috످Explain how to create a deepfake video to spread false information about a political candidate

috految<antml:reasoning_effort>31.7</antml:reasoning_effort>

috److I won't help create a deepfake to spread false information about a candidate. These videos can mislead voters and damage reputations even after they're debunked. Sharing them can also violate defamation and election laws.

If you want to challenge a candidate, I can help you research their record on [Vote Smart](https://votesmart.org) and [OpenSecrets](https://www.opensecrets.org), script a tough but factual ad, or write clearly labeled satire.

If you're studying deepfakes, I can explain how they're detected or discuss real cases, like the fake audio that spread days before Slovakia's 2023 election or the 2024 robocall that impersonated Biden and led to a $6 million FCC fine.

If you suspect a video is fake, you can trace its source with [InVID](https://www.invid-project.eu), look it up on [Google Fact Check Explorer](https://toolbox.google.com/factcheck/explorer), and report it to the platform or your [election office](https://www.usa.gov/state-election-office).

috످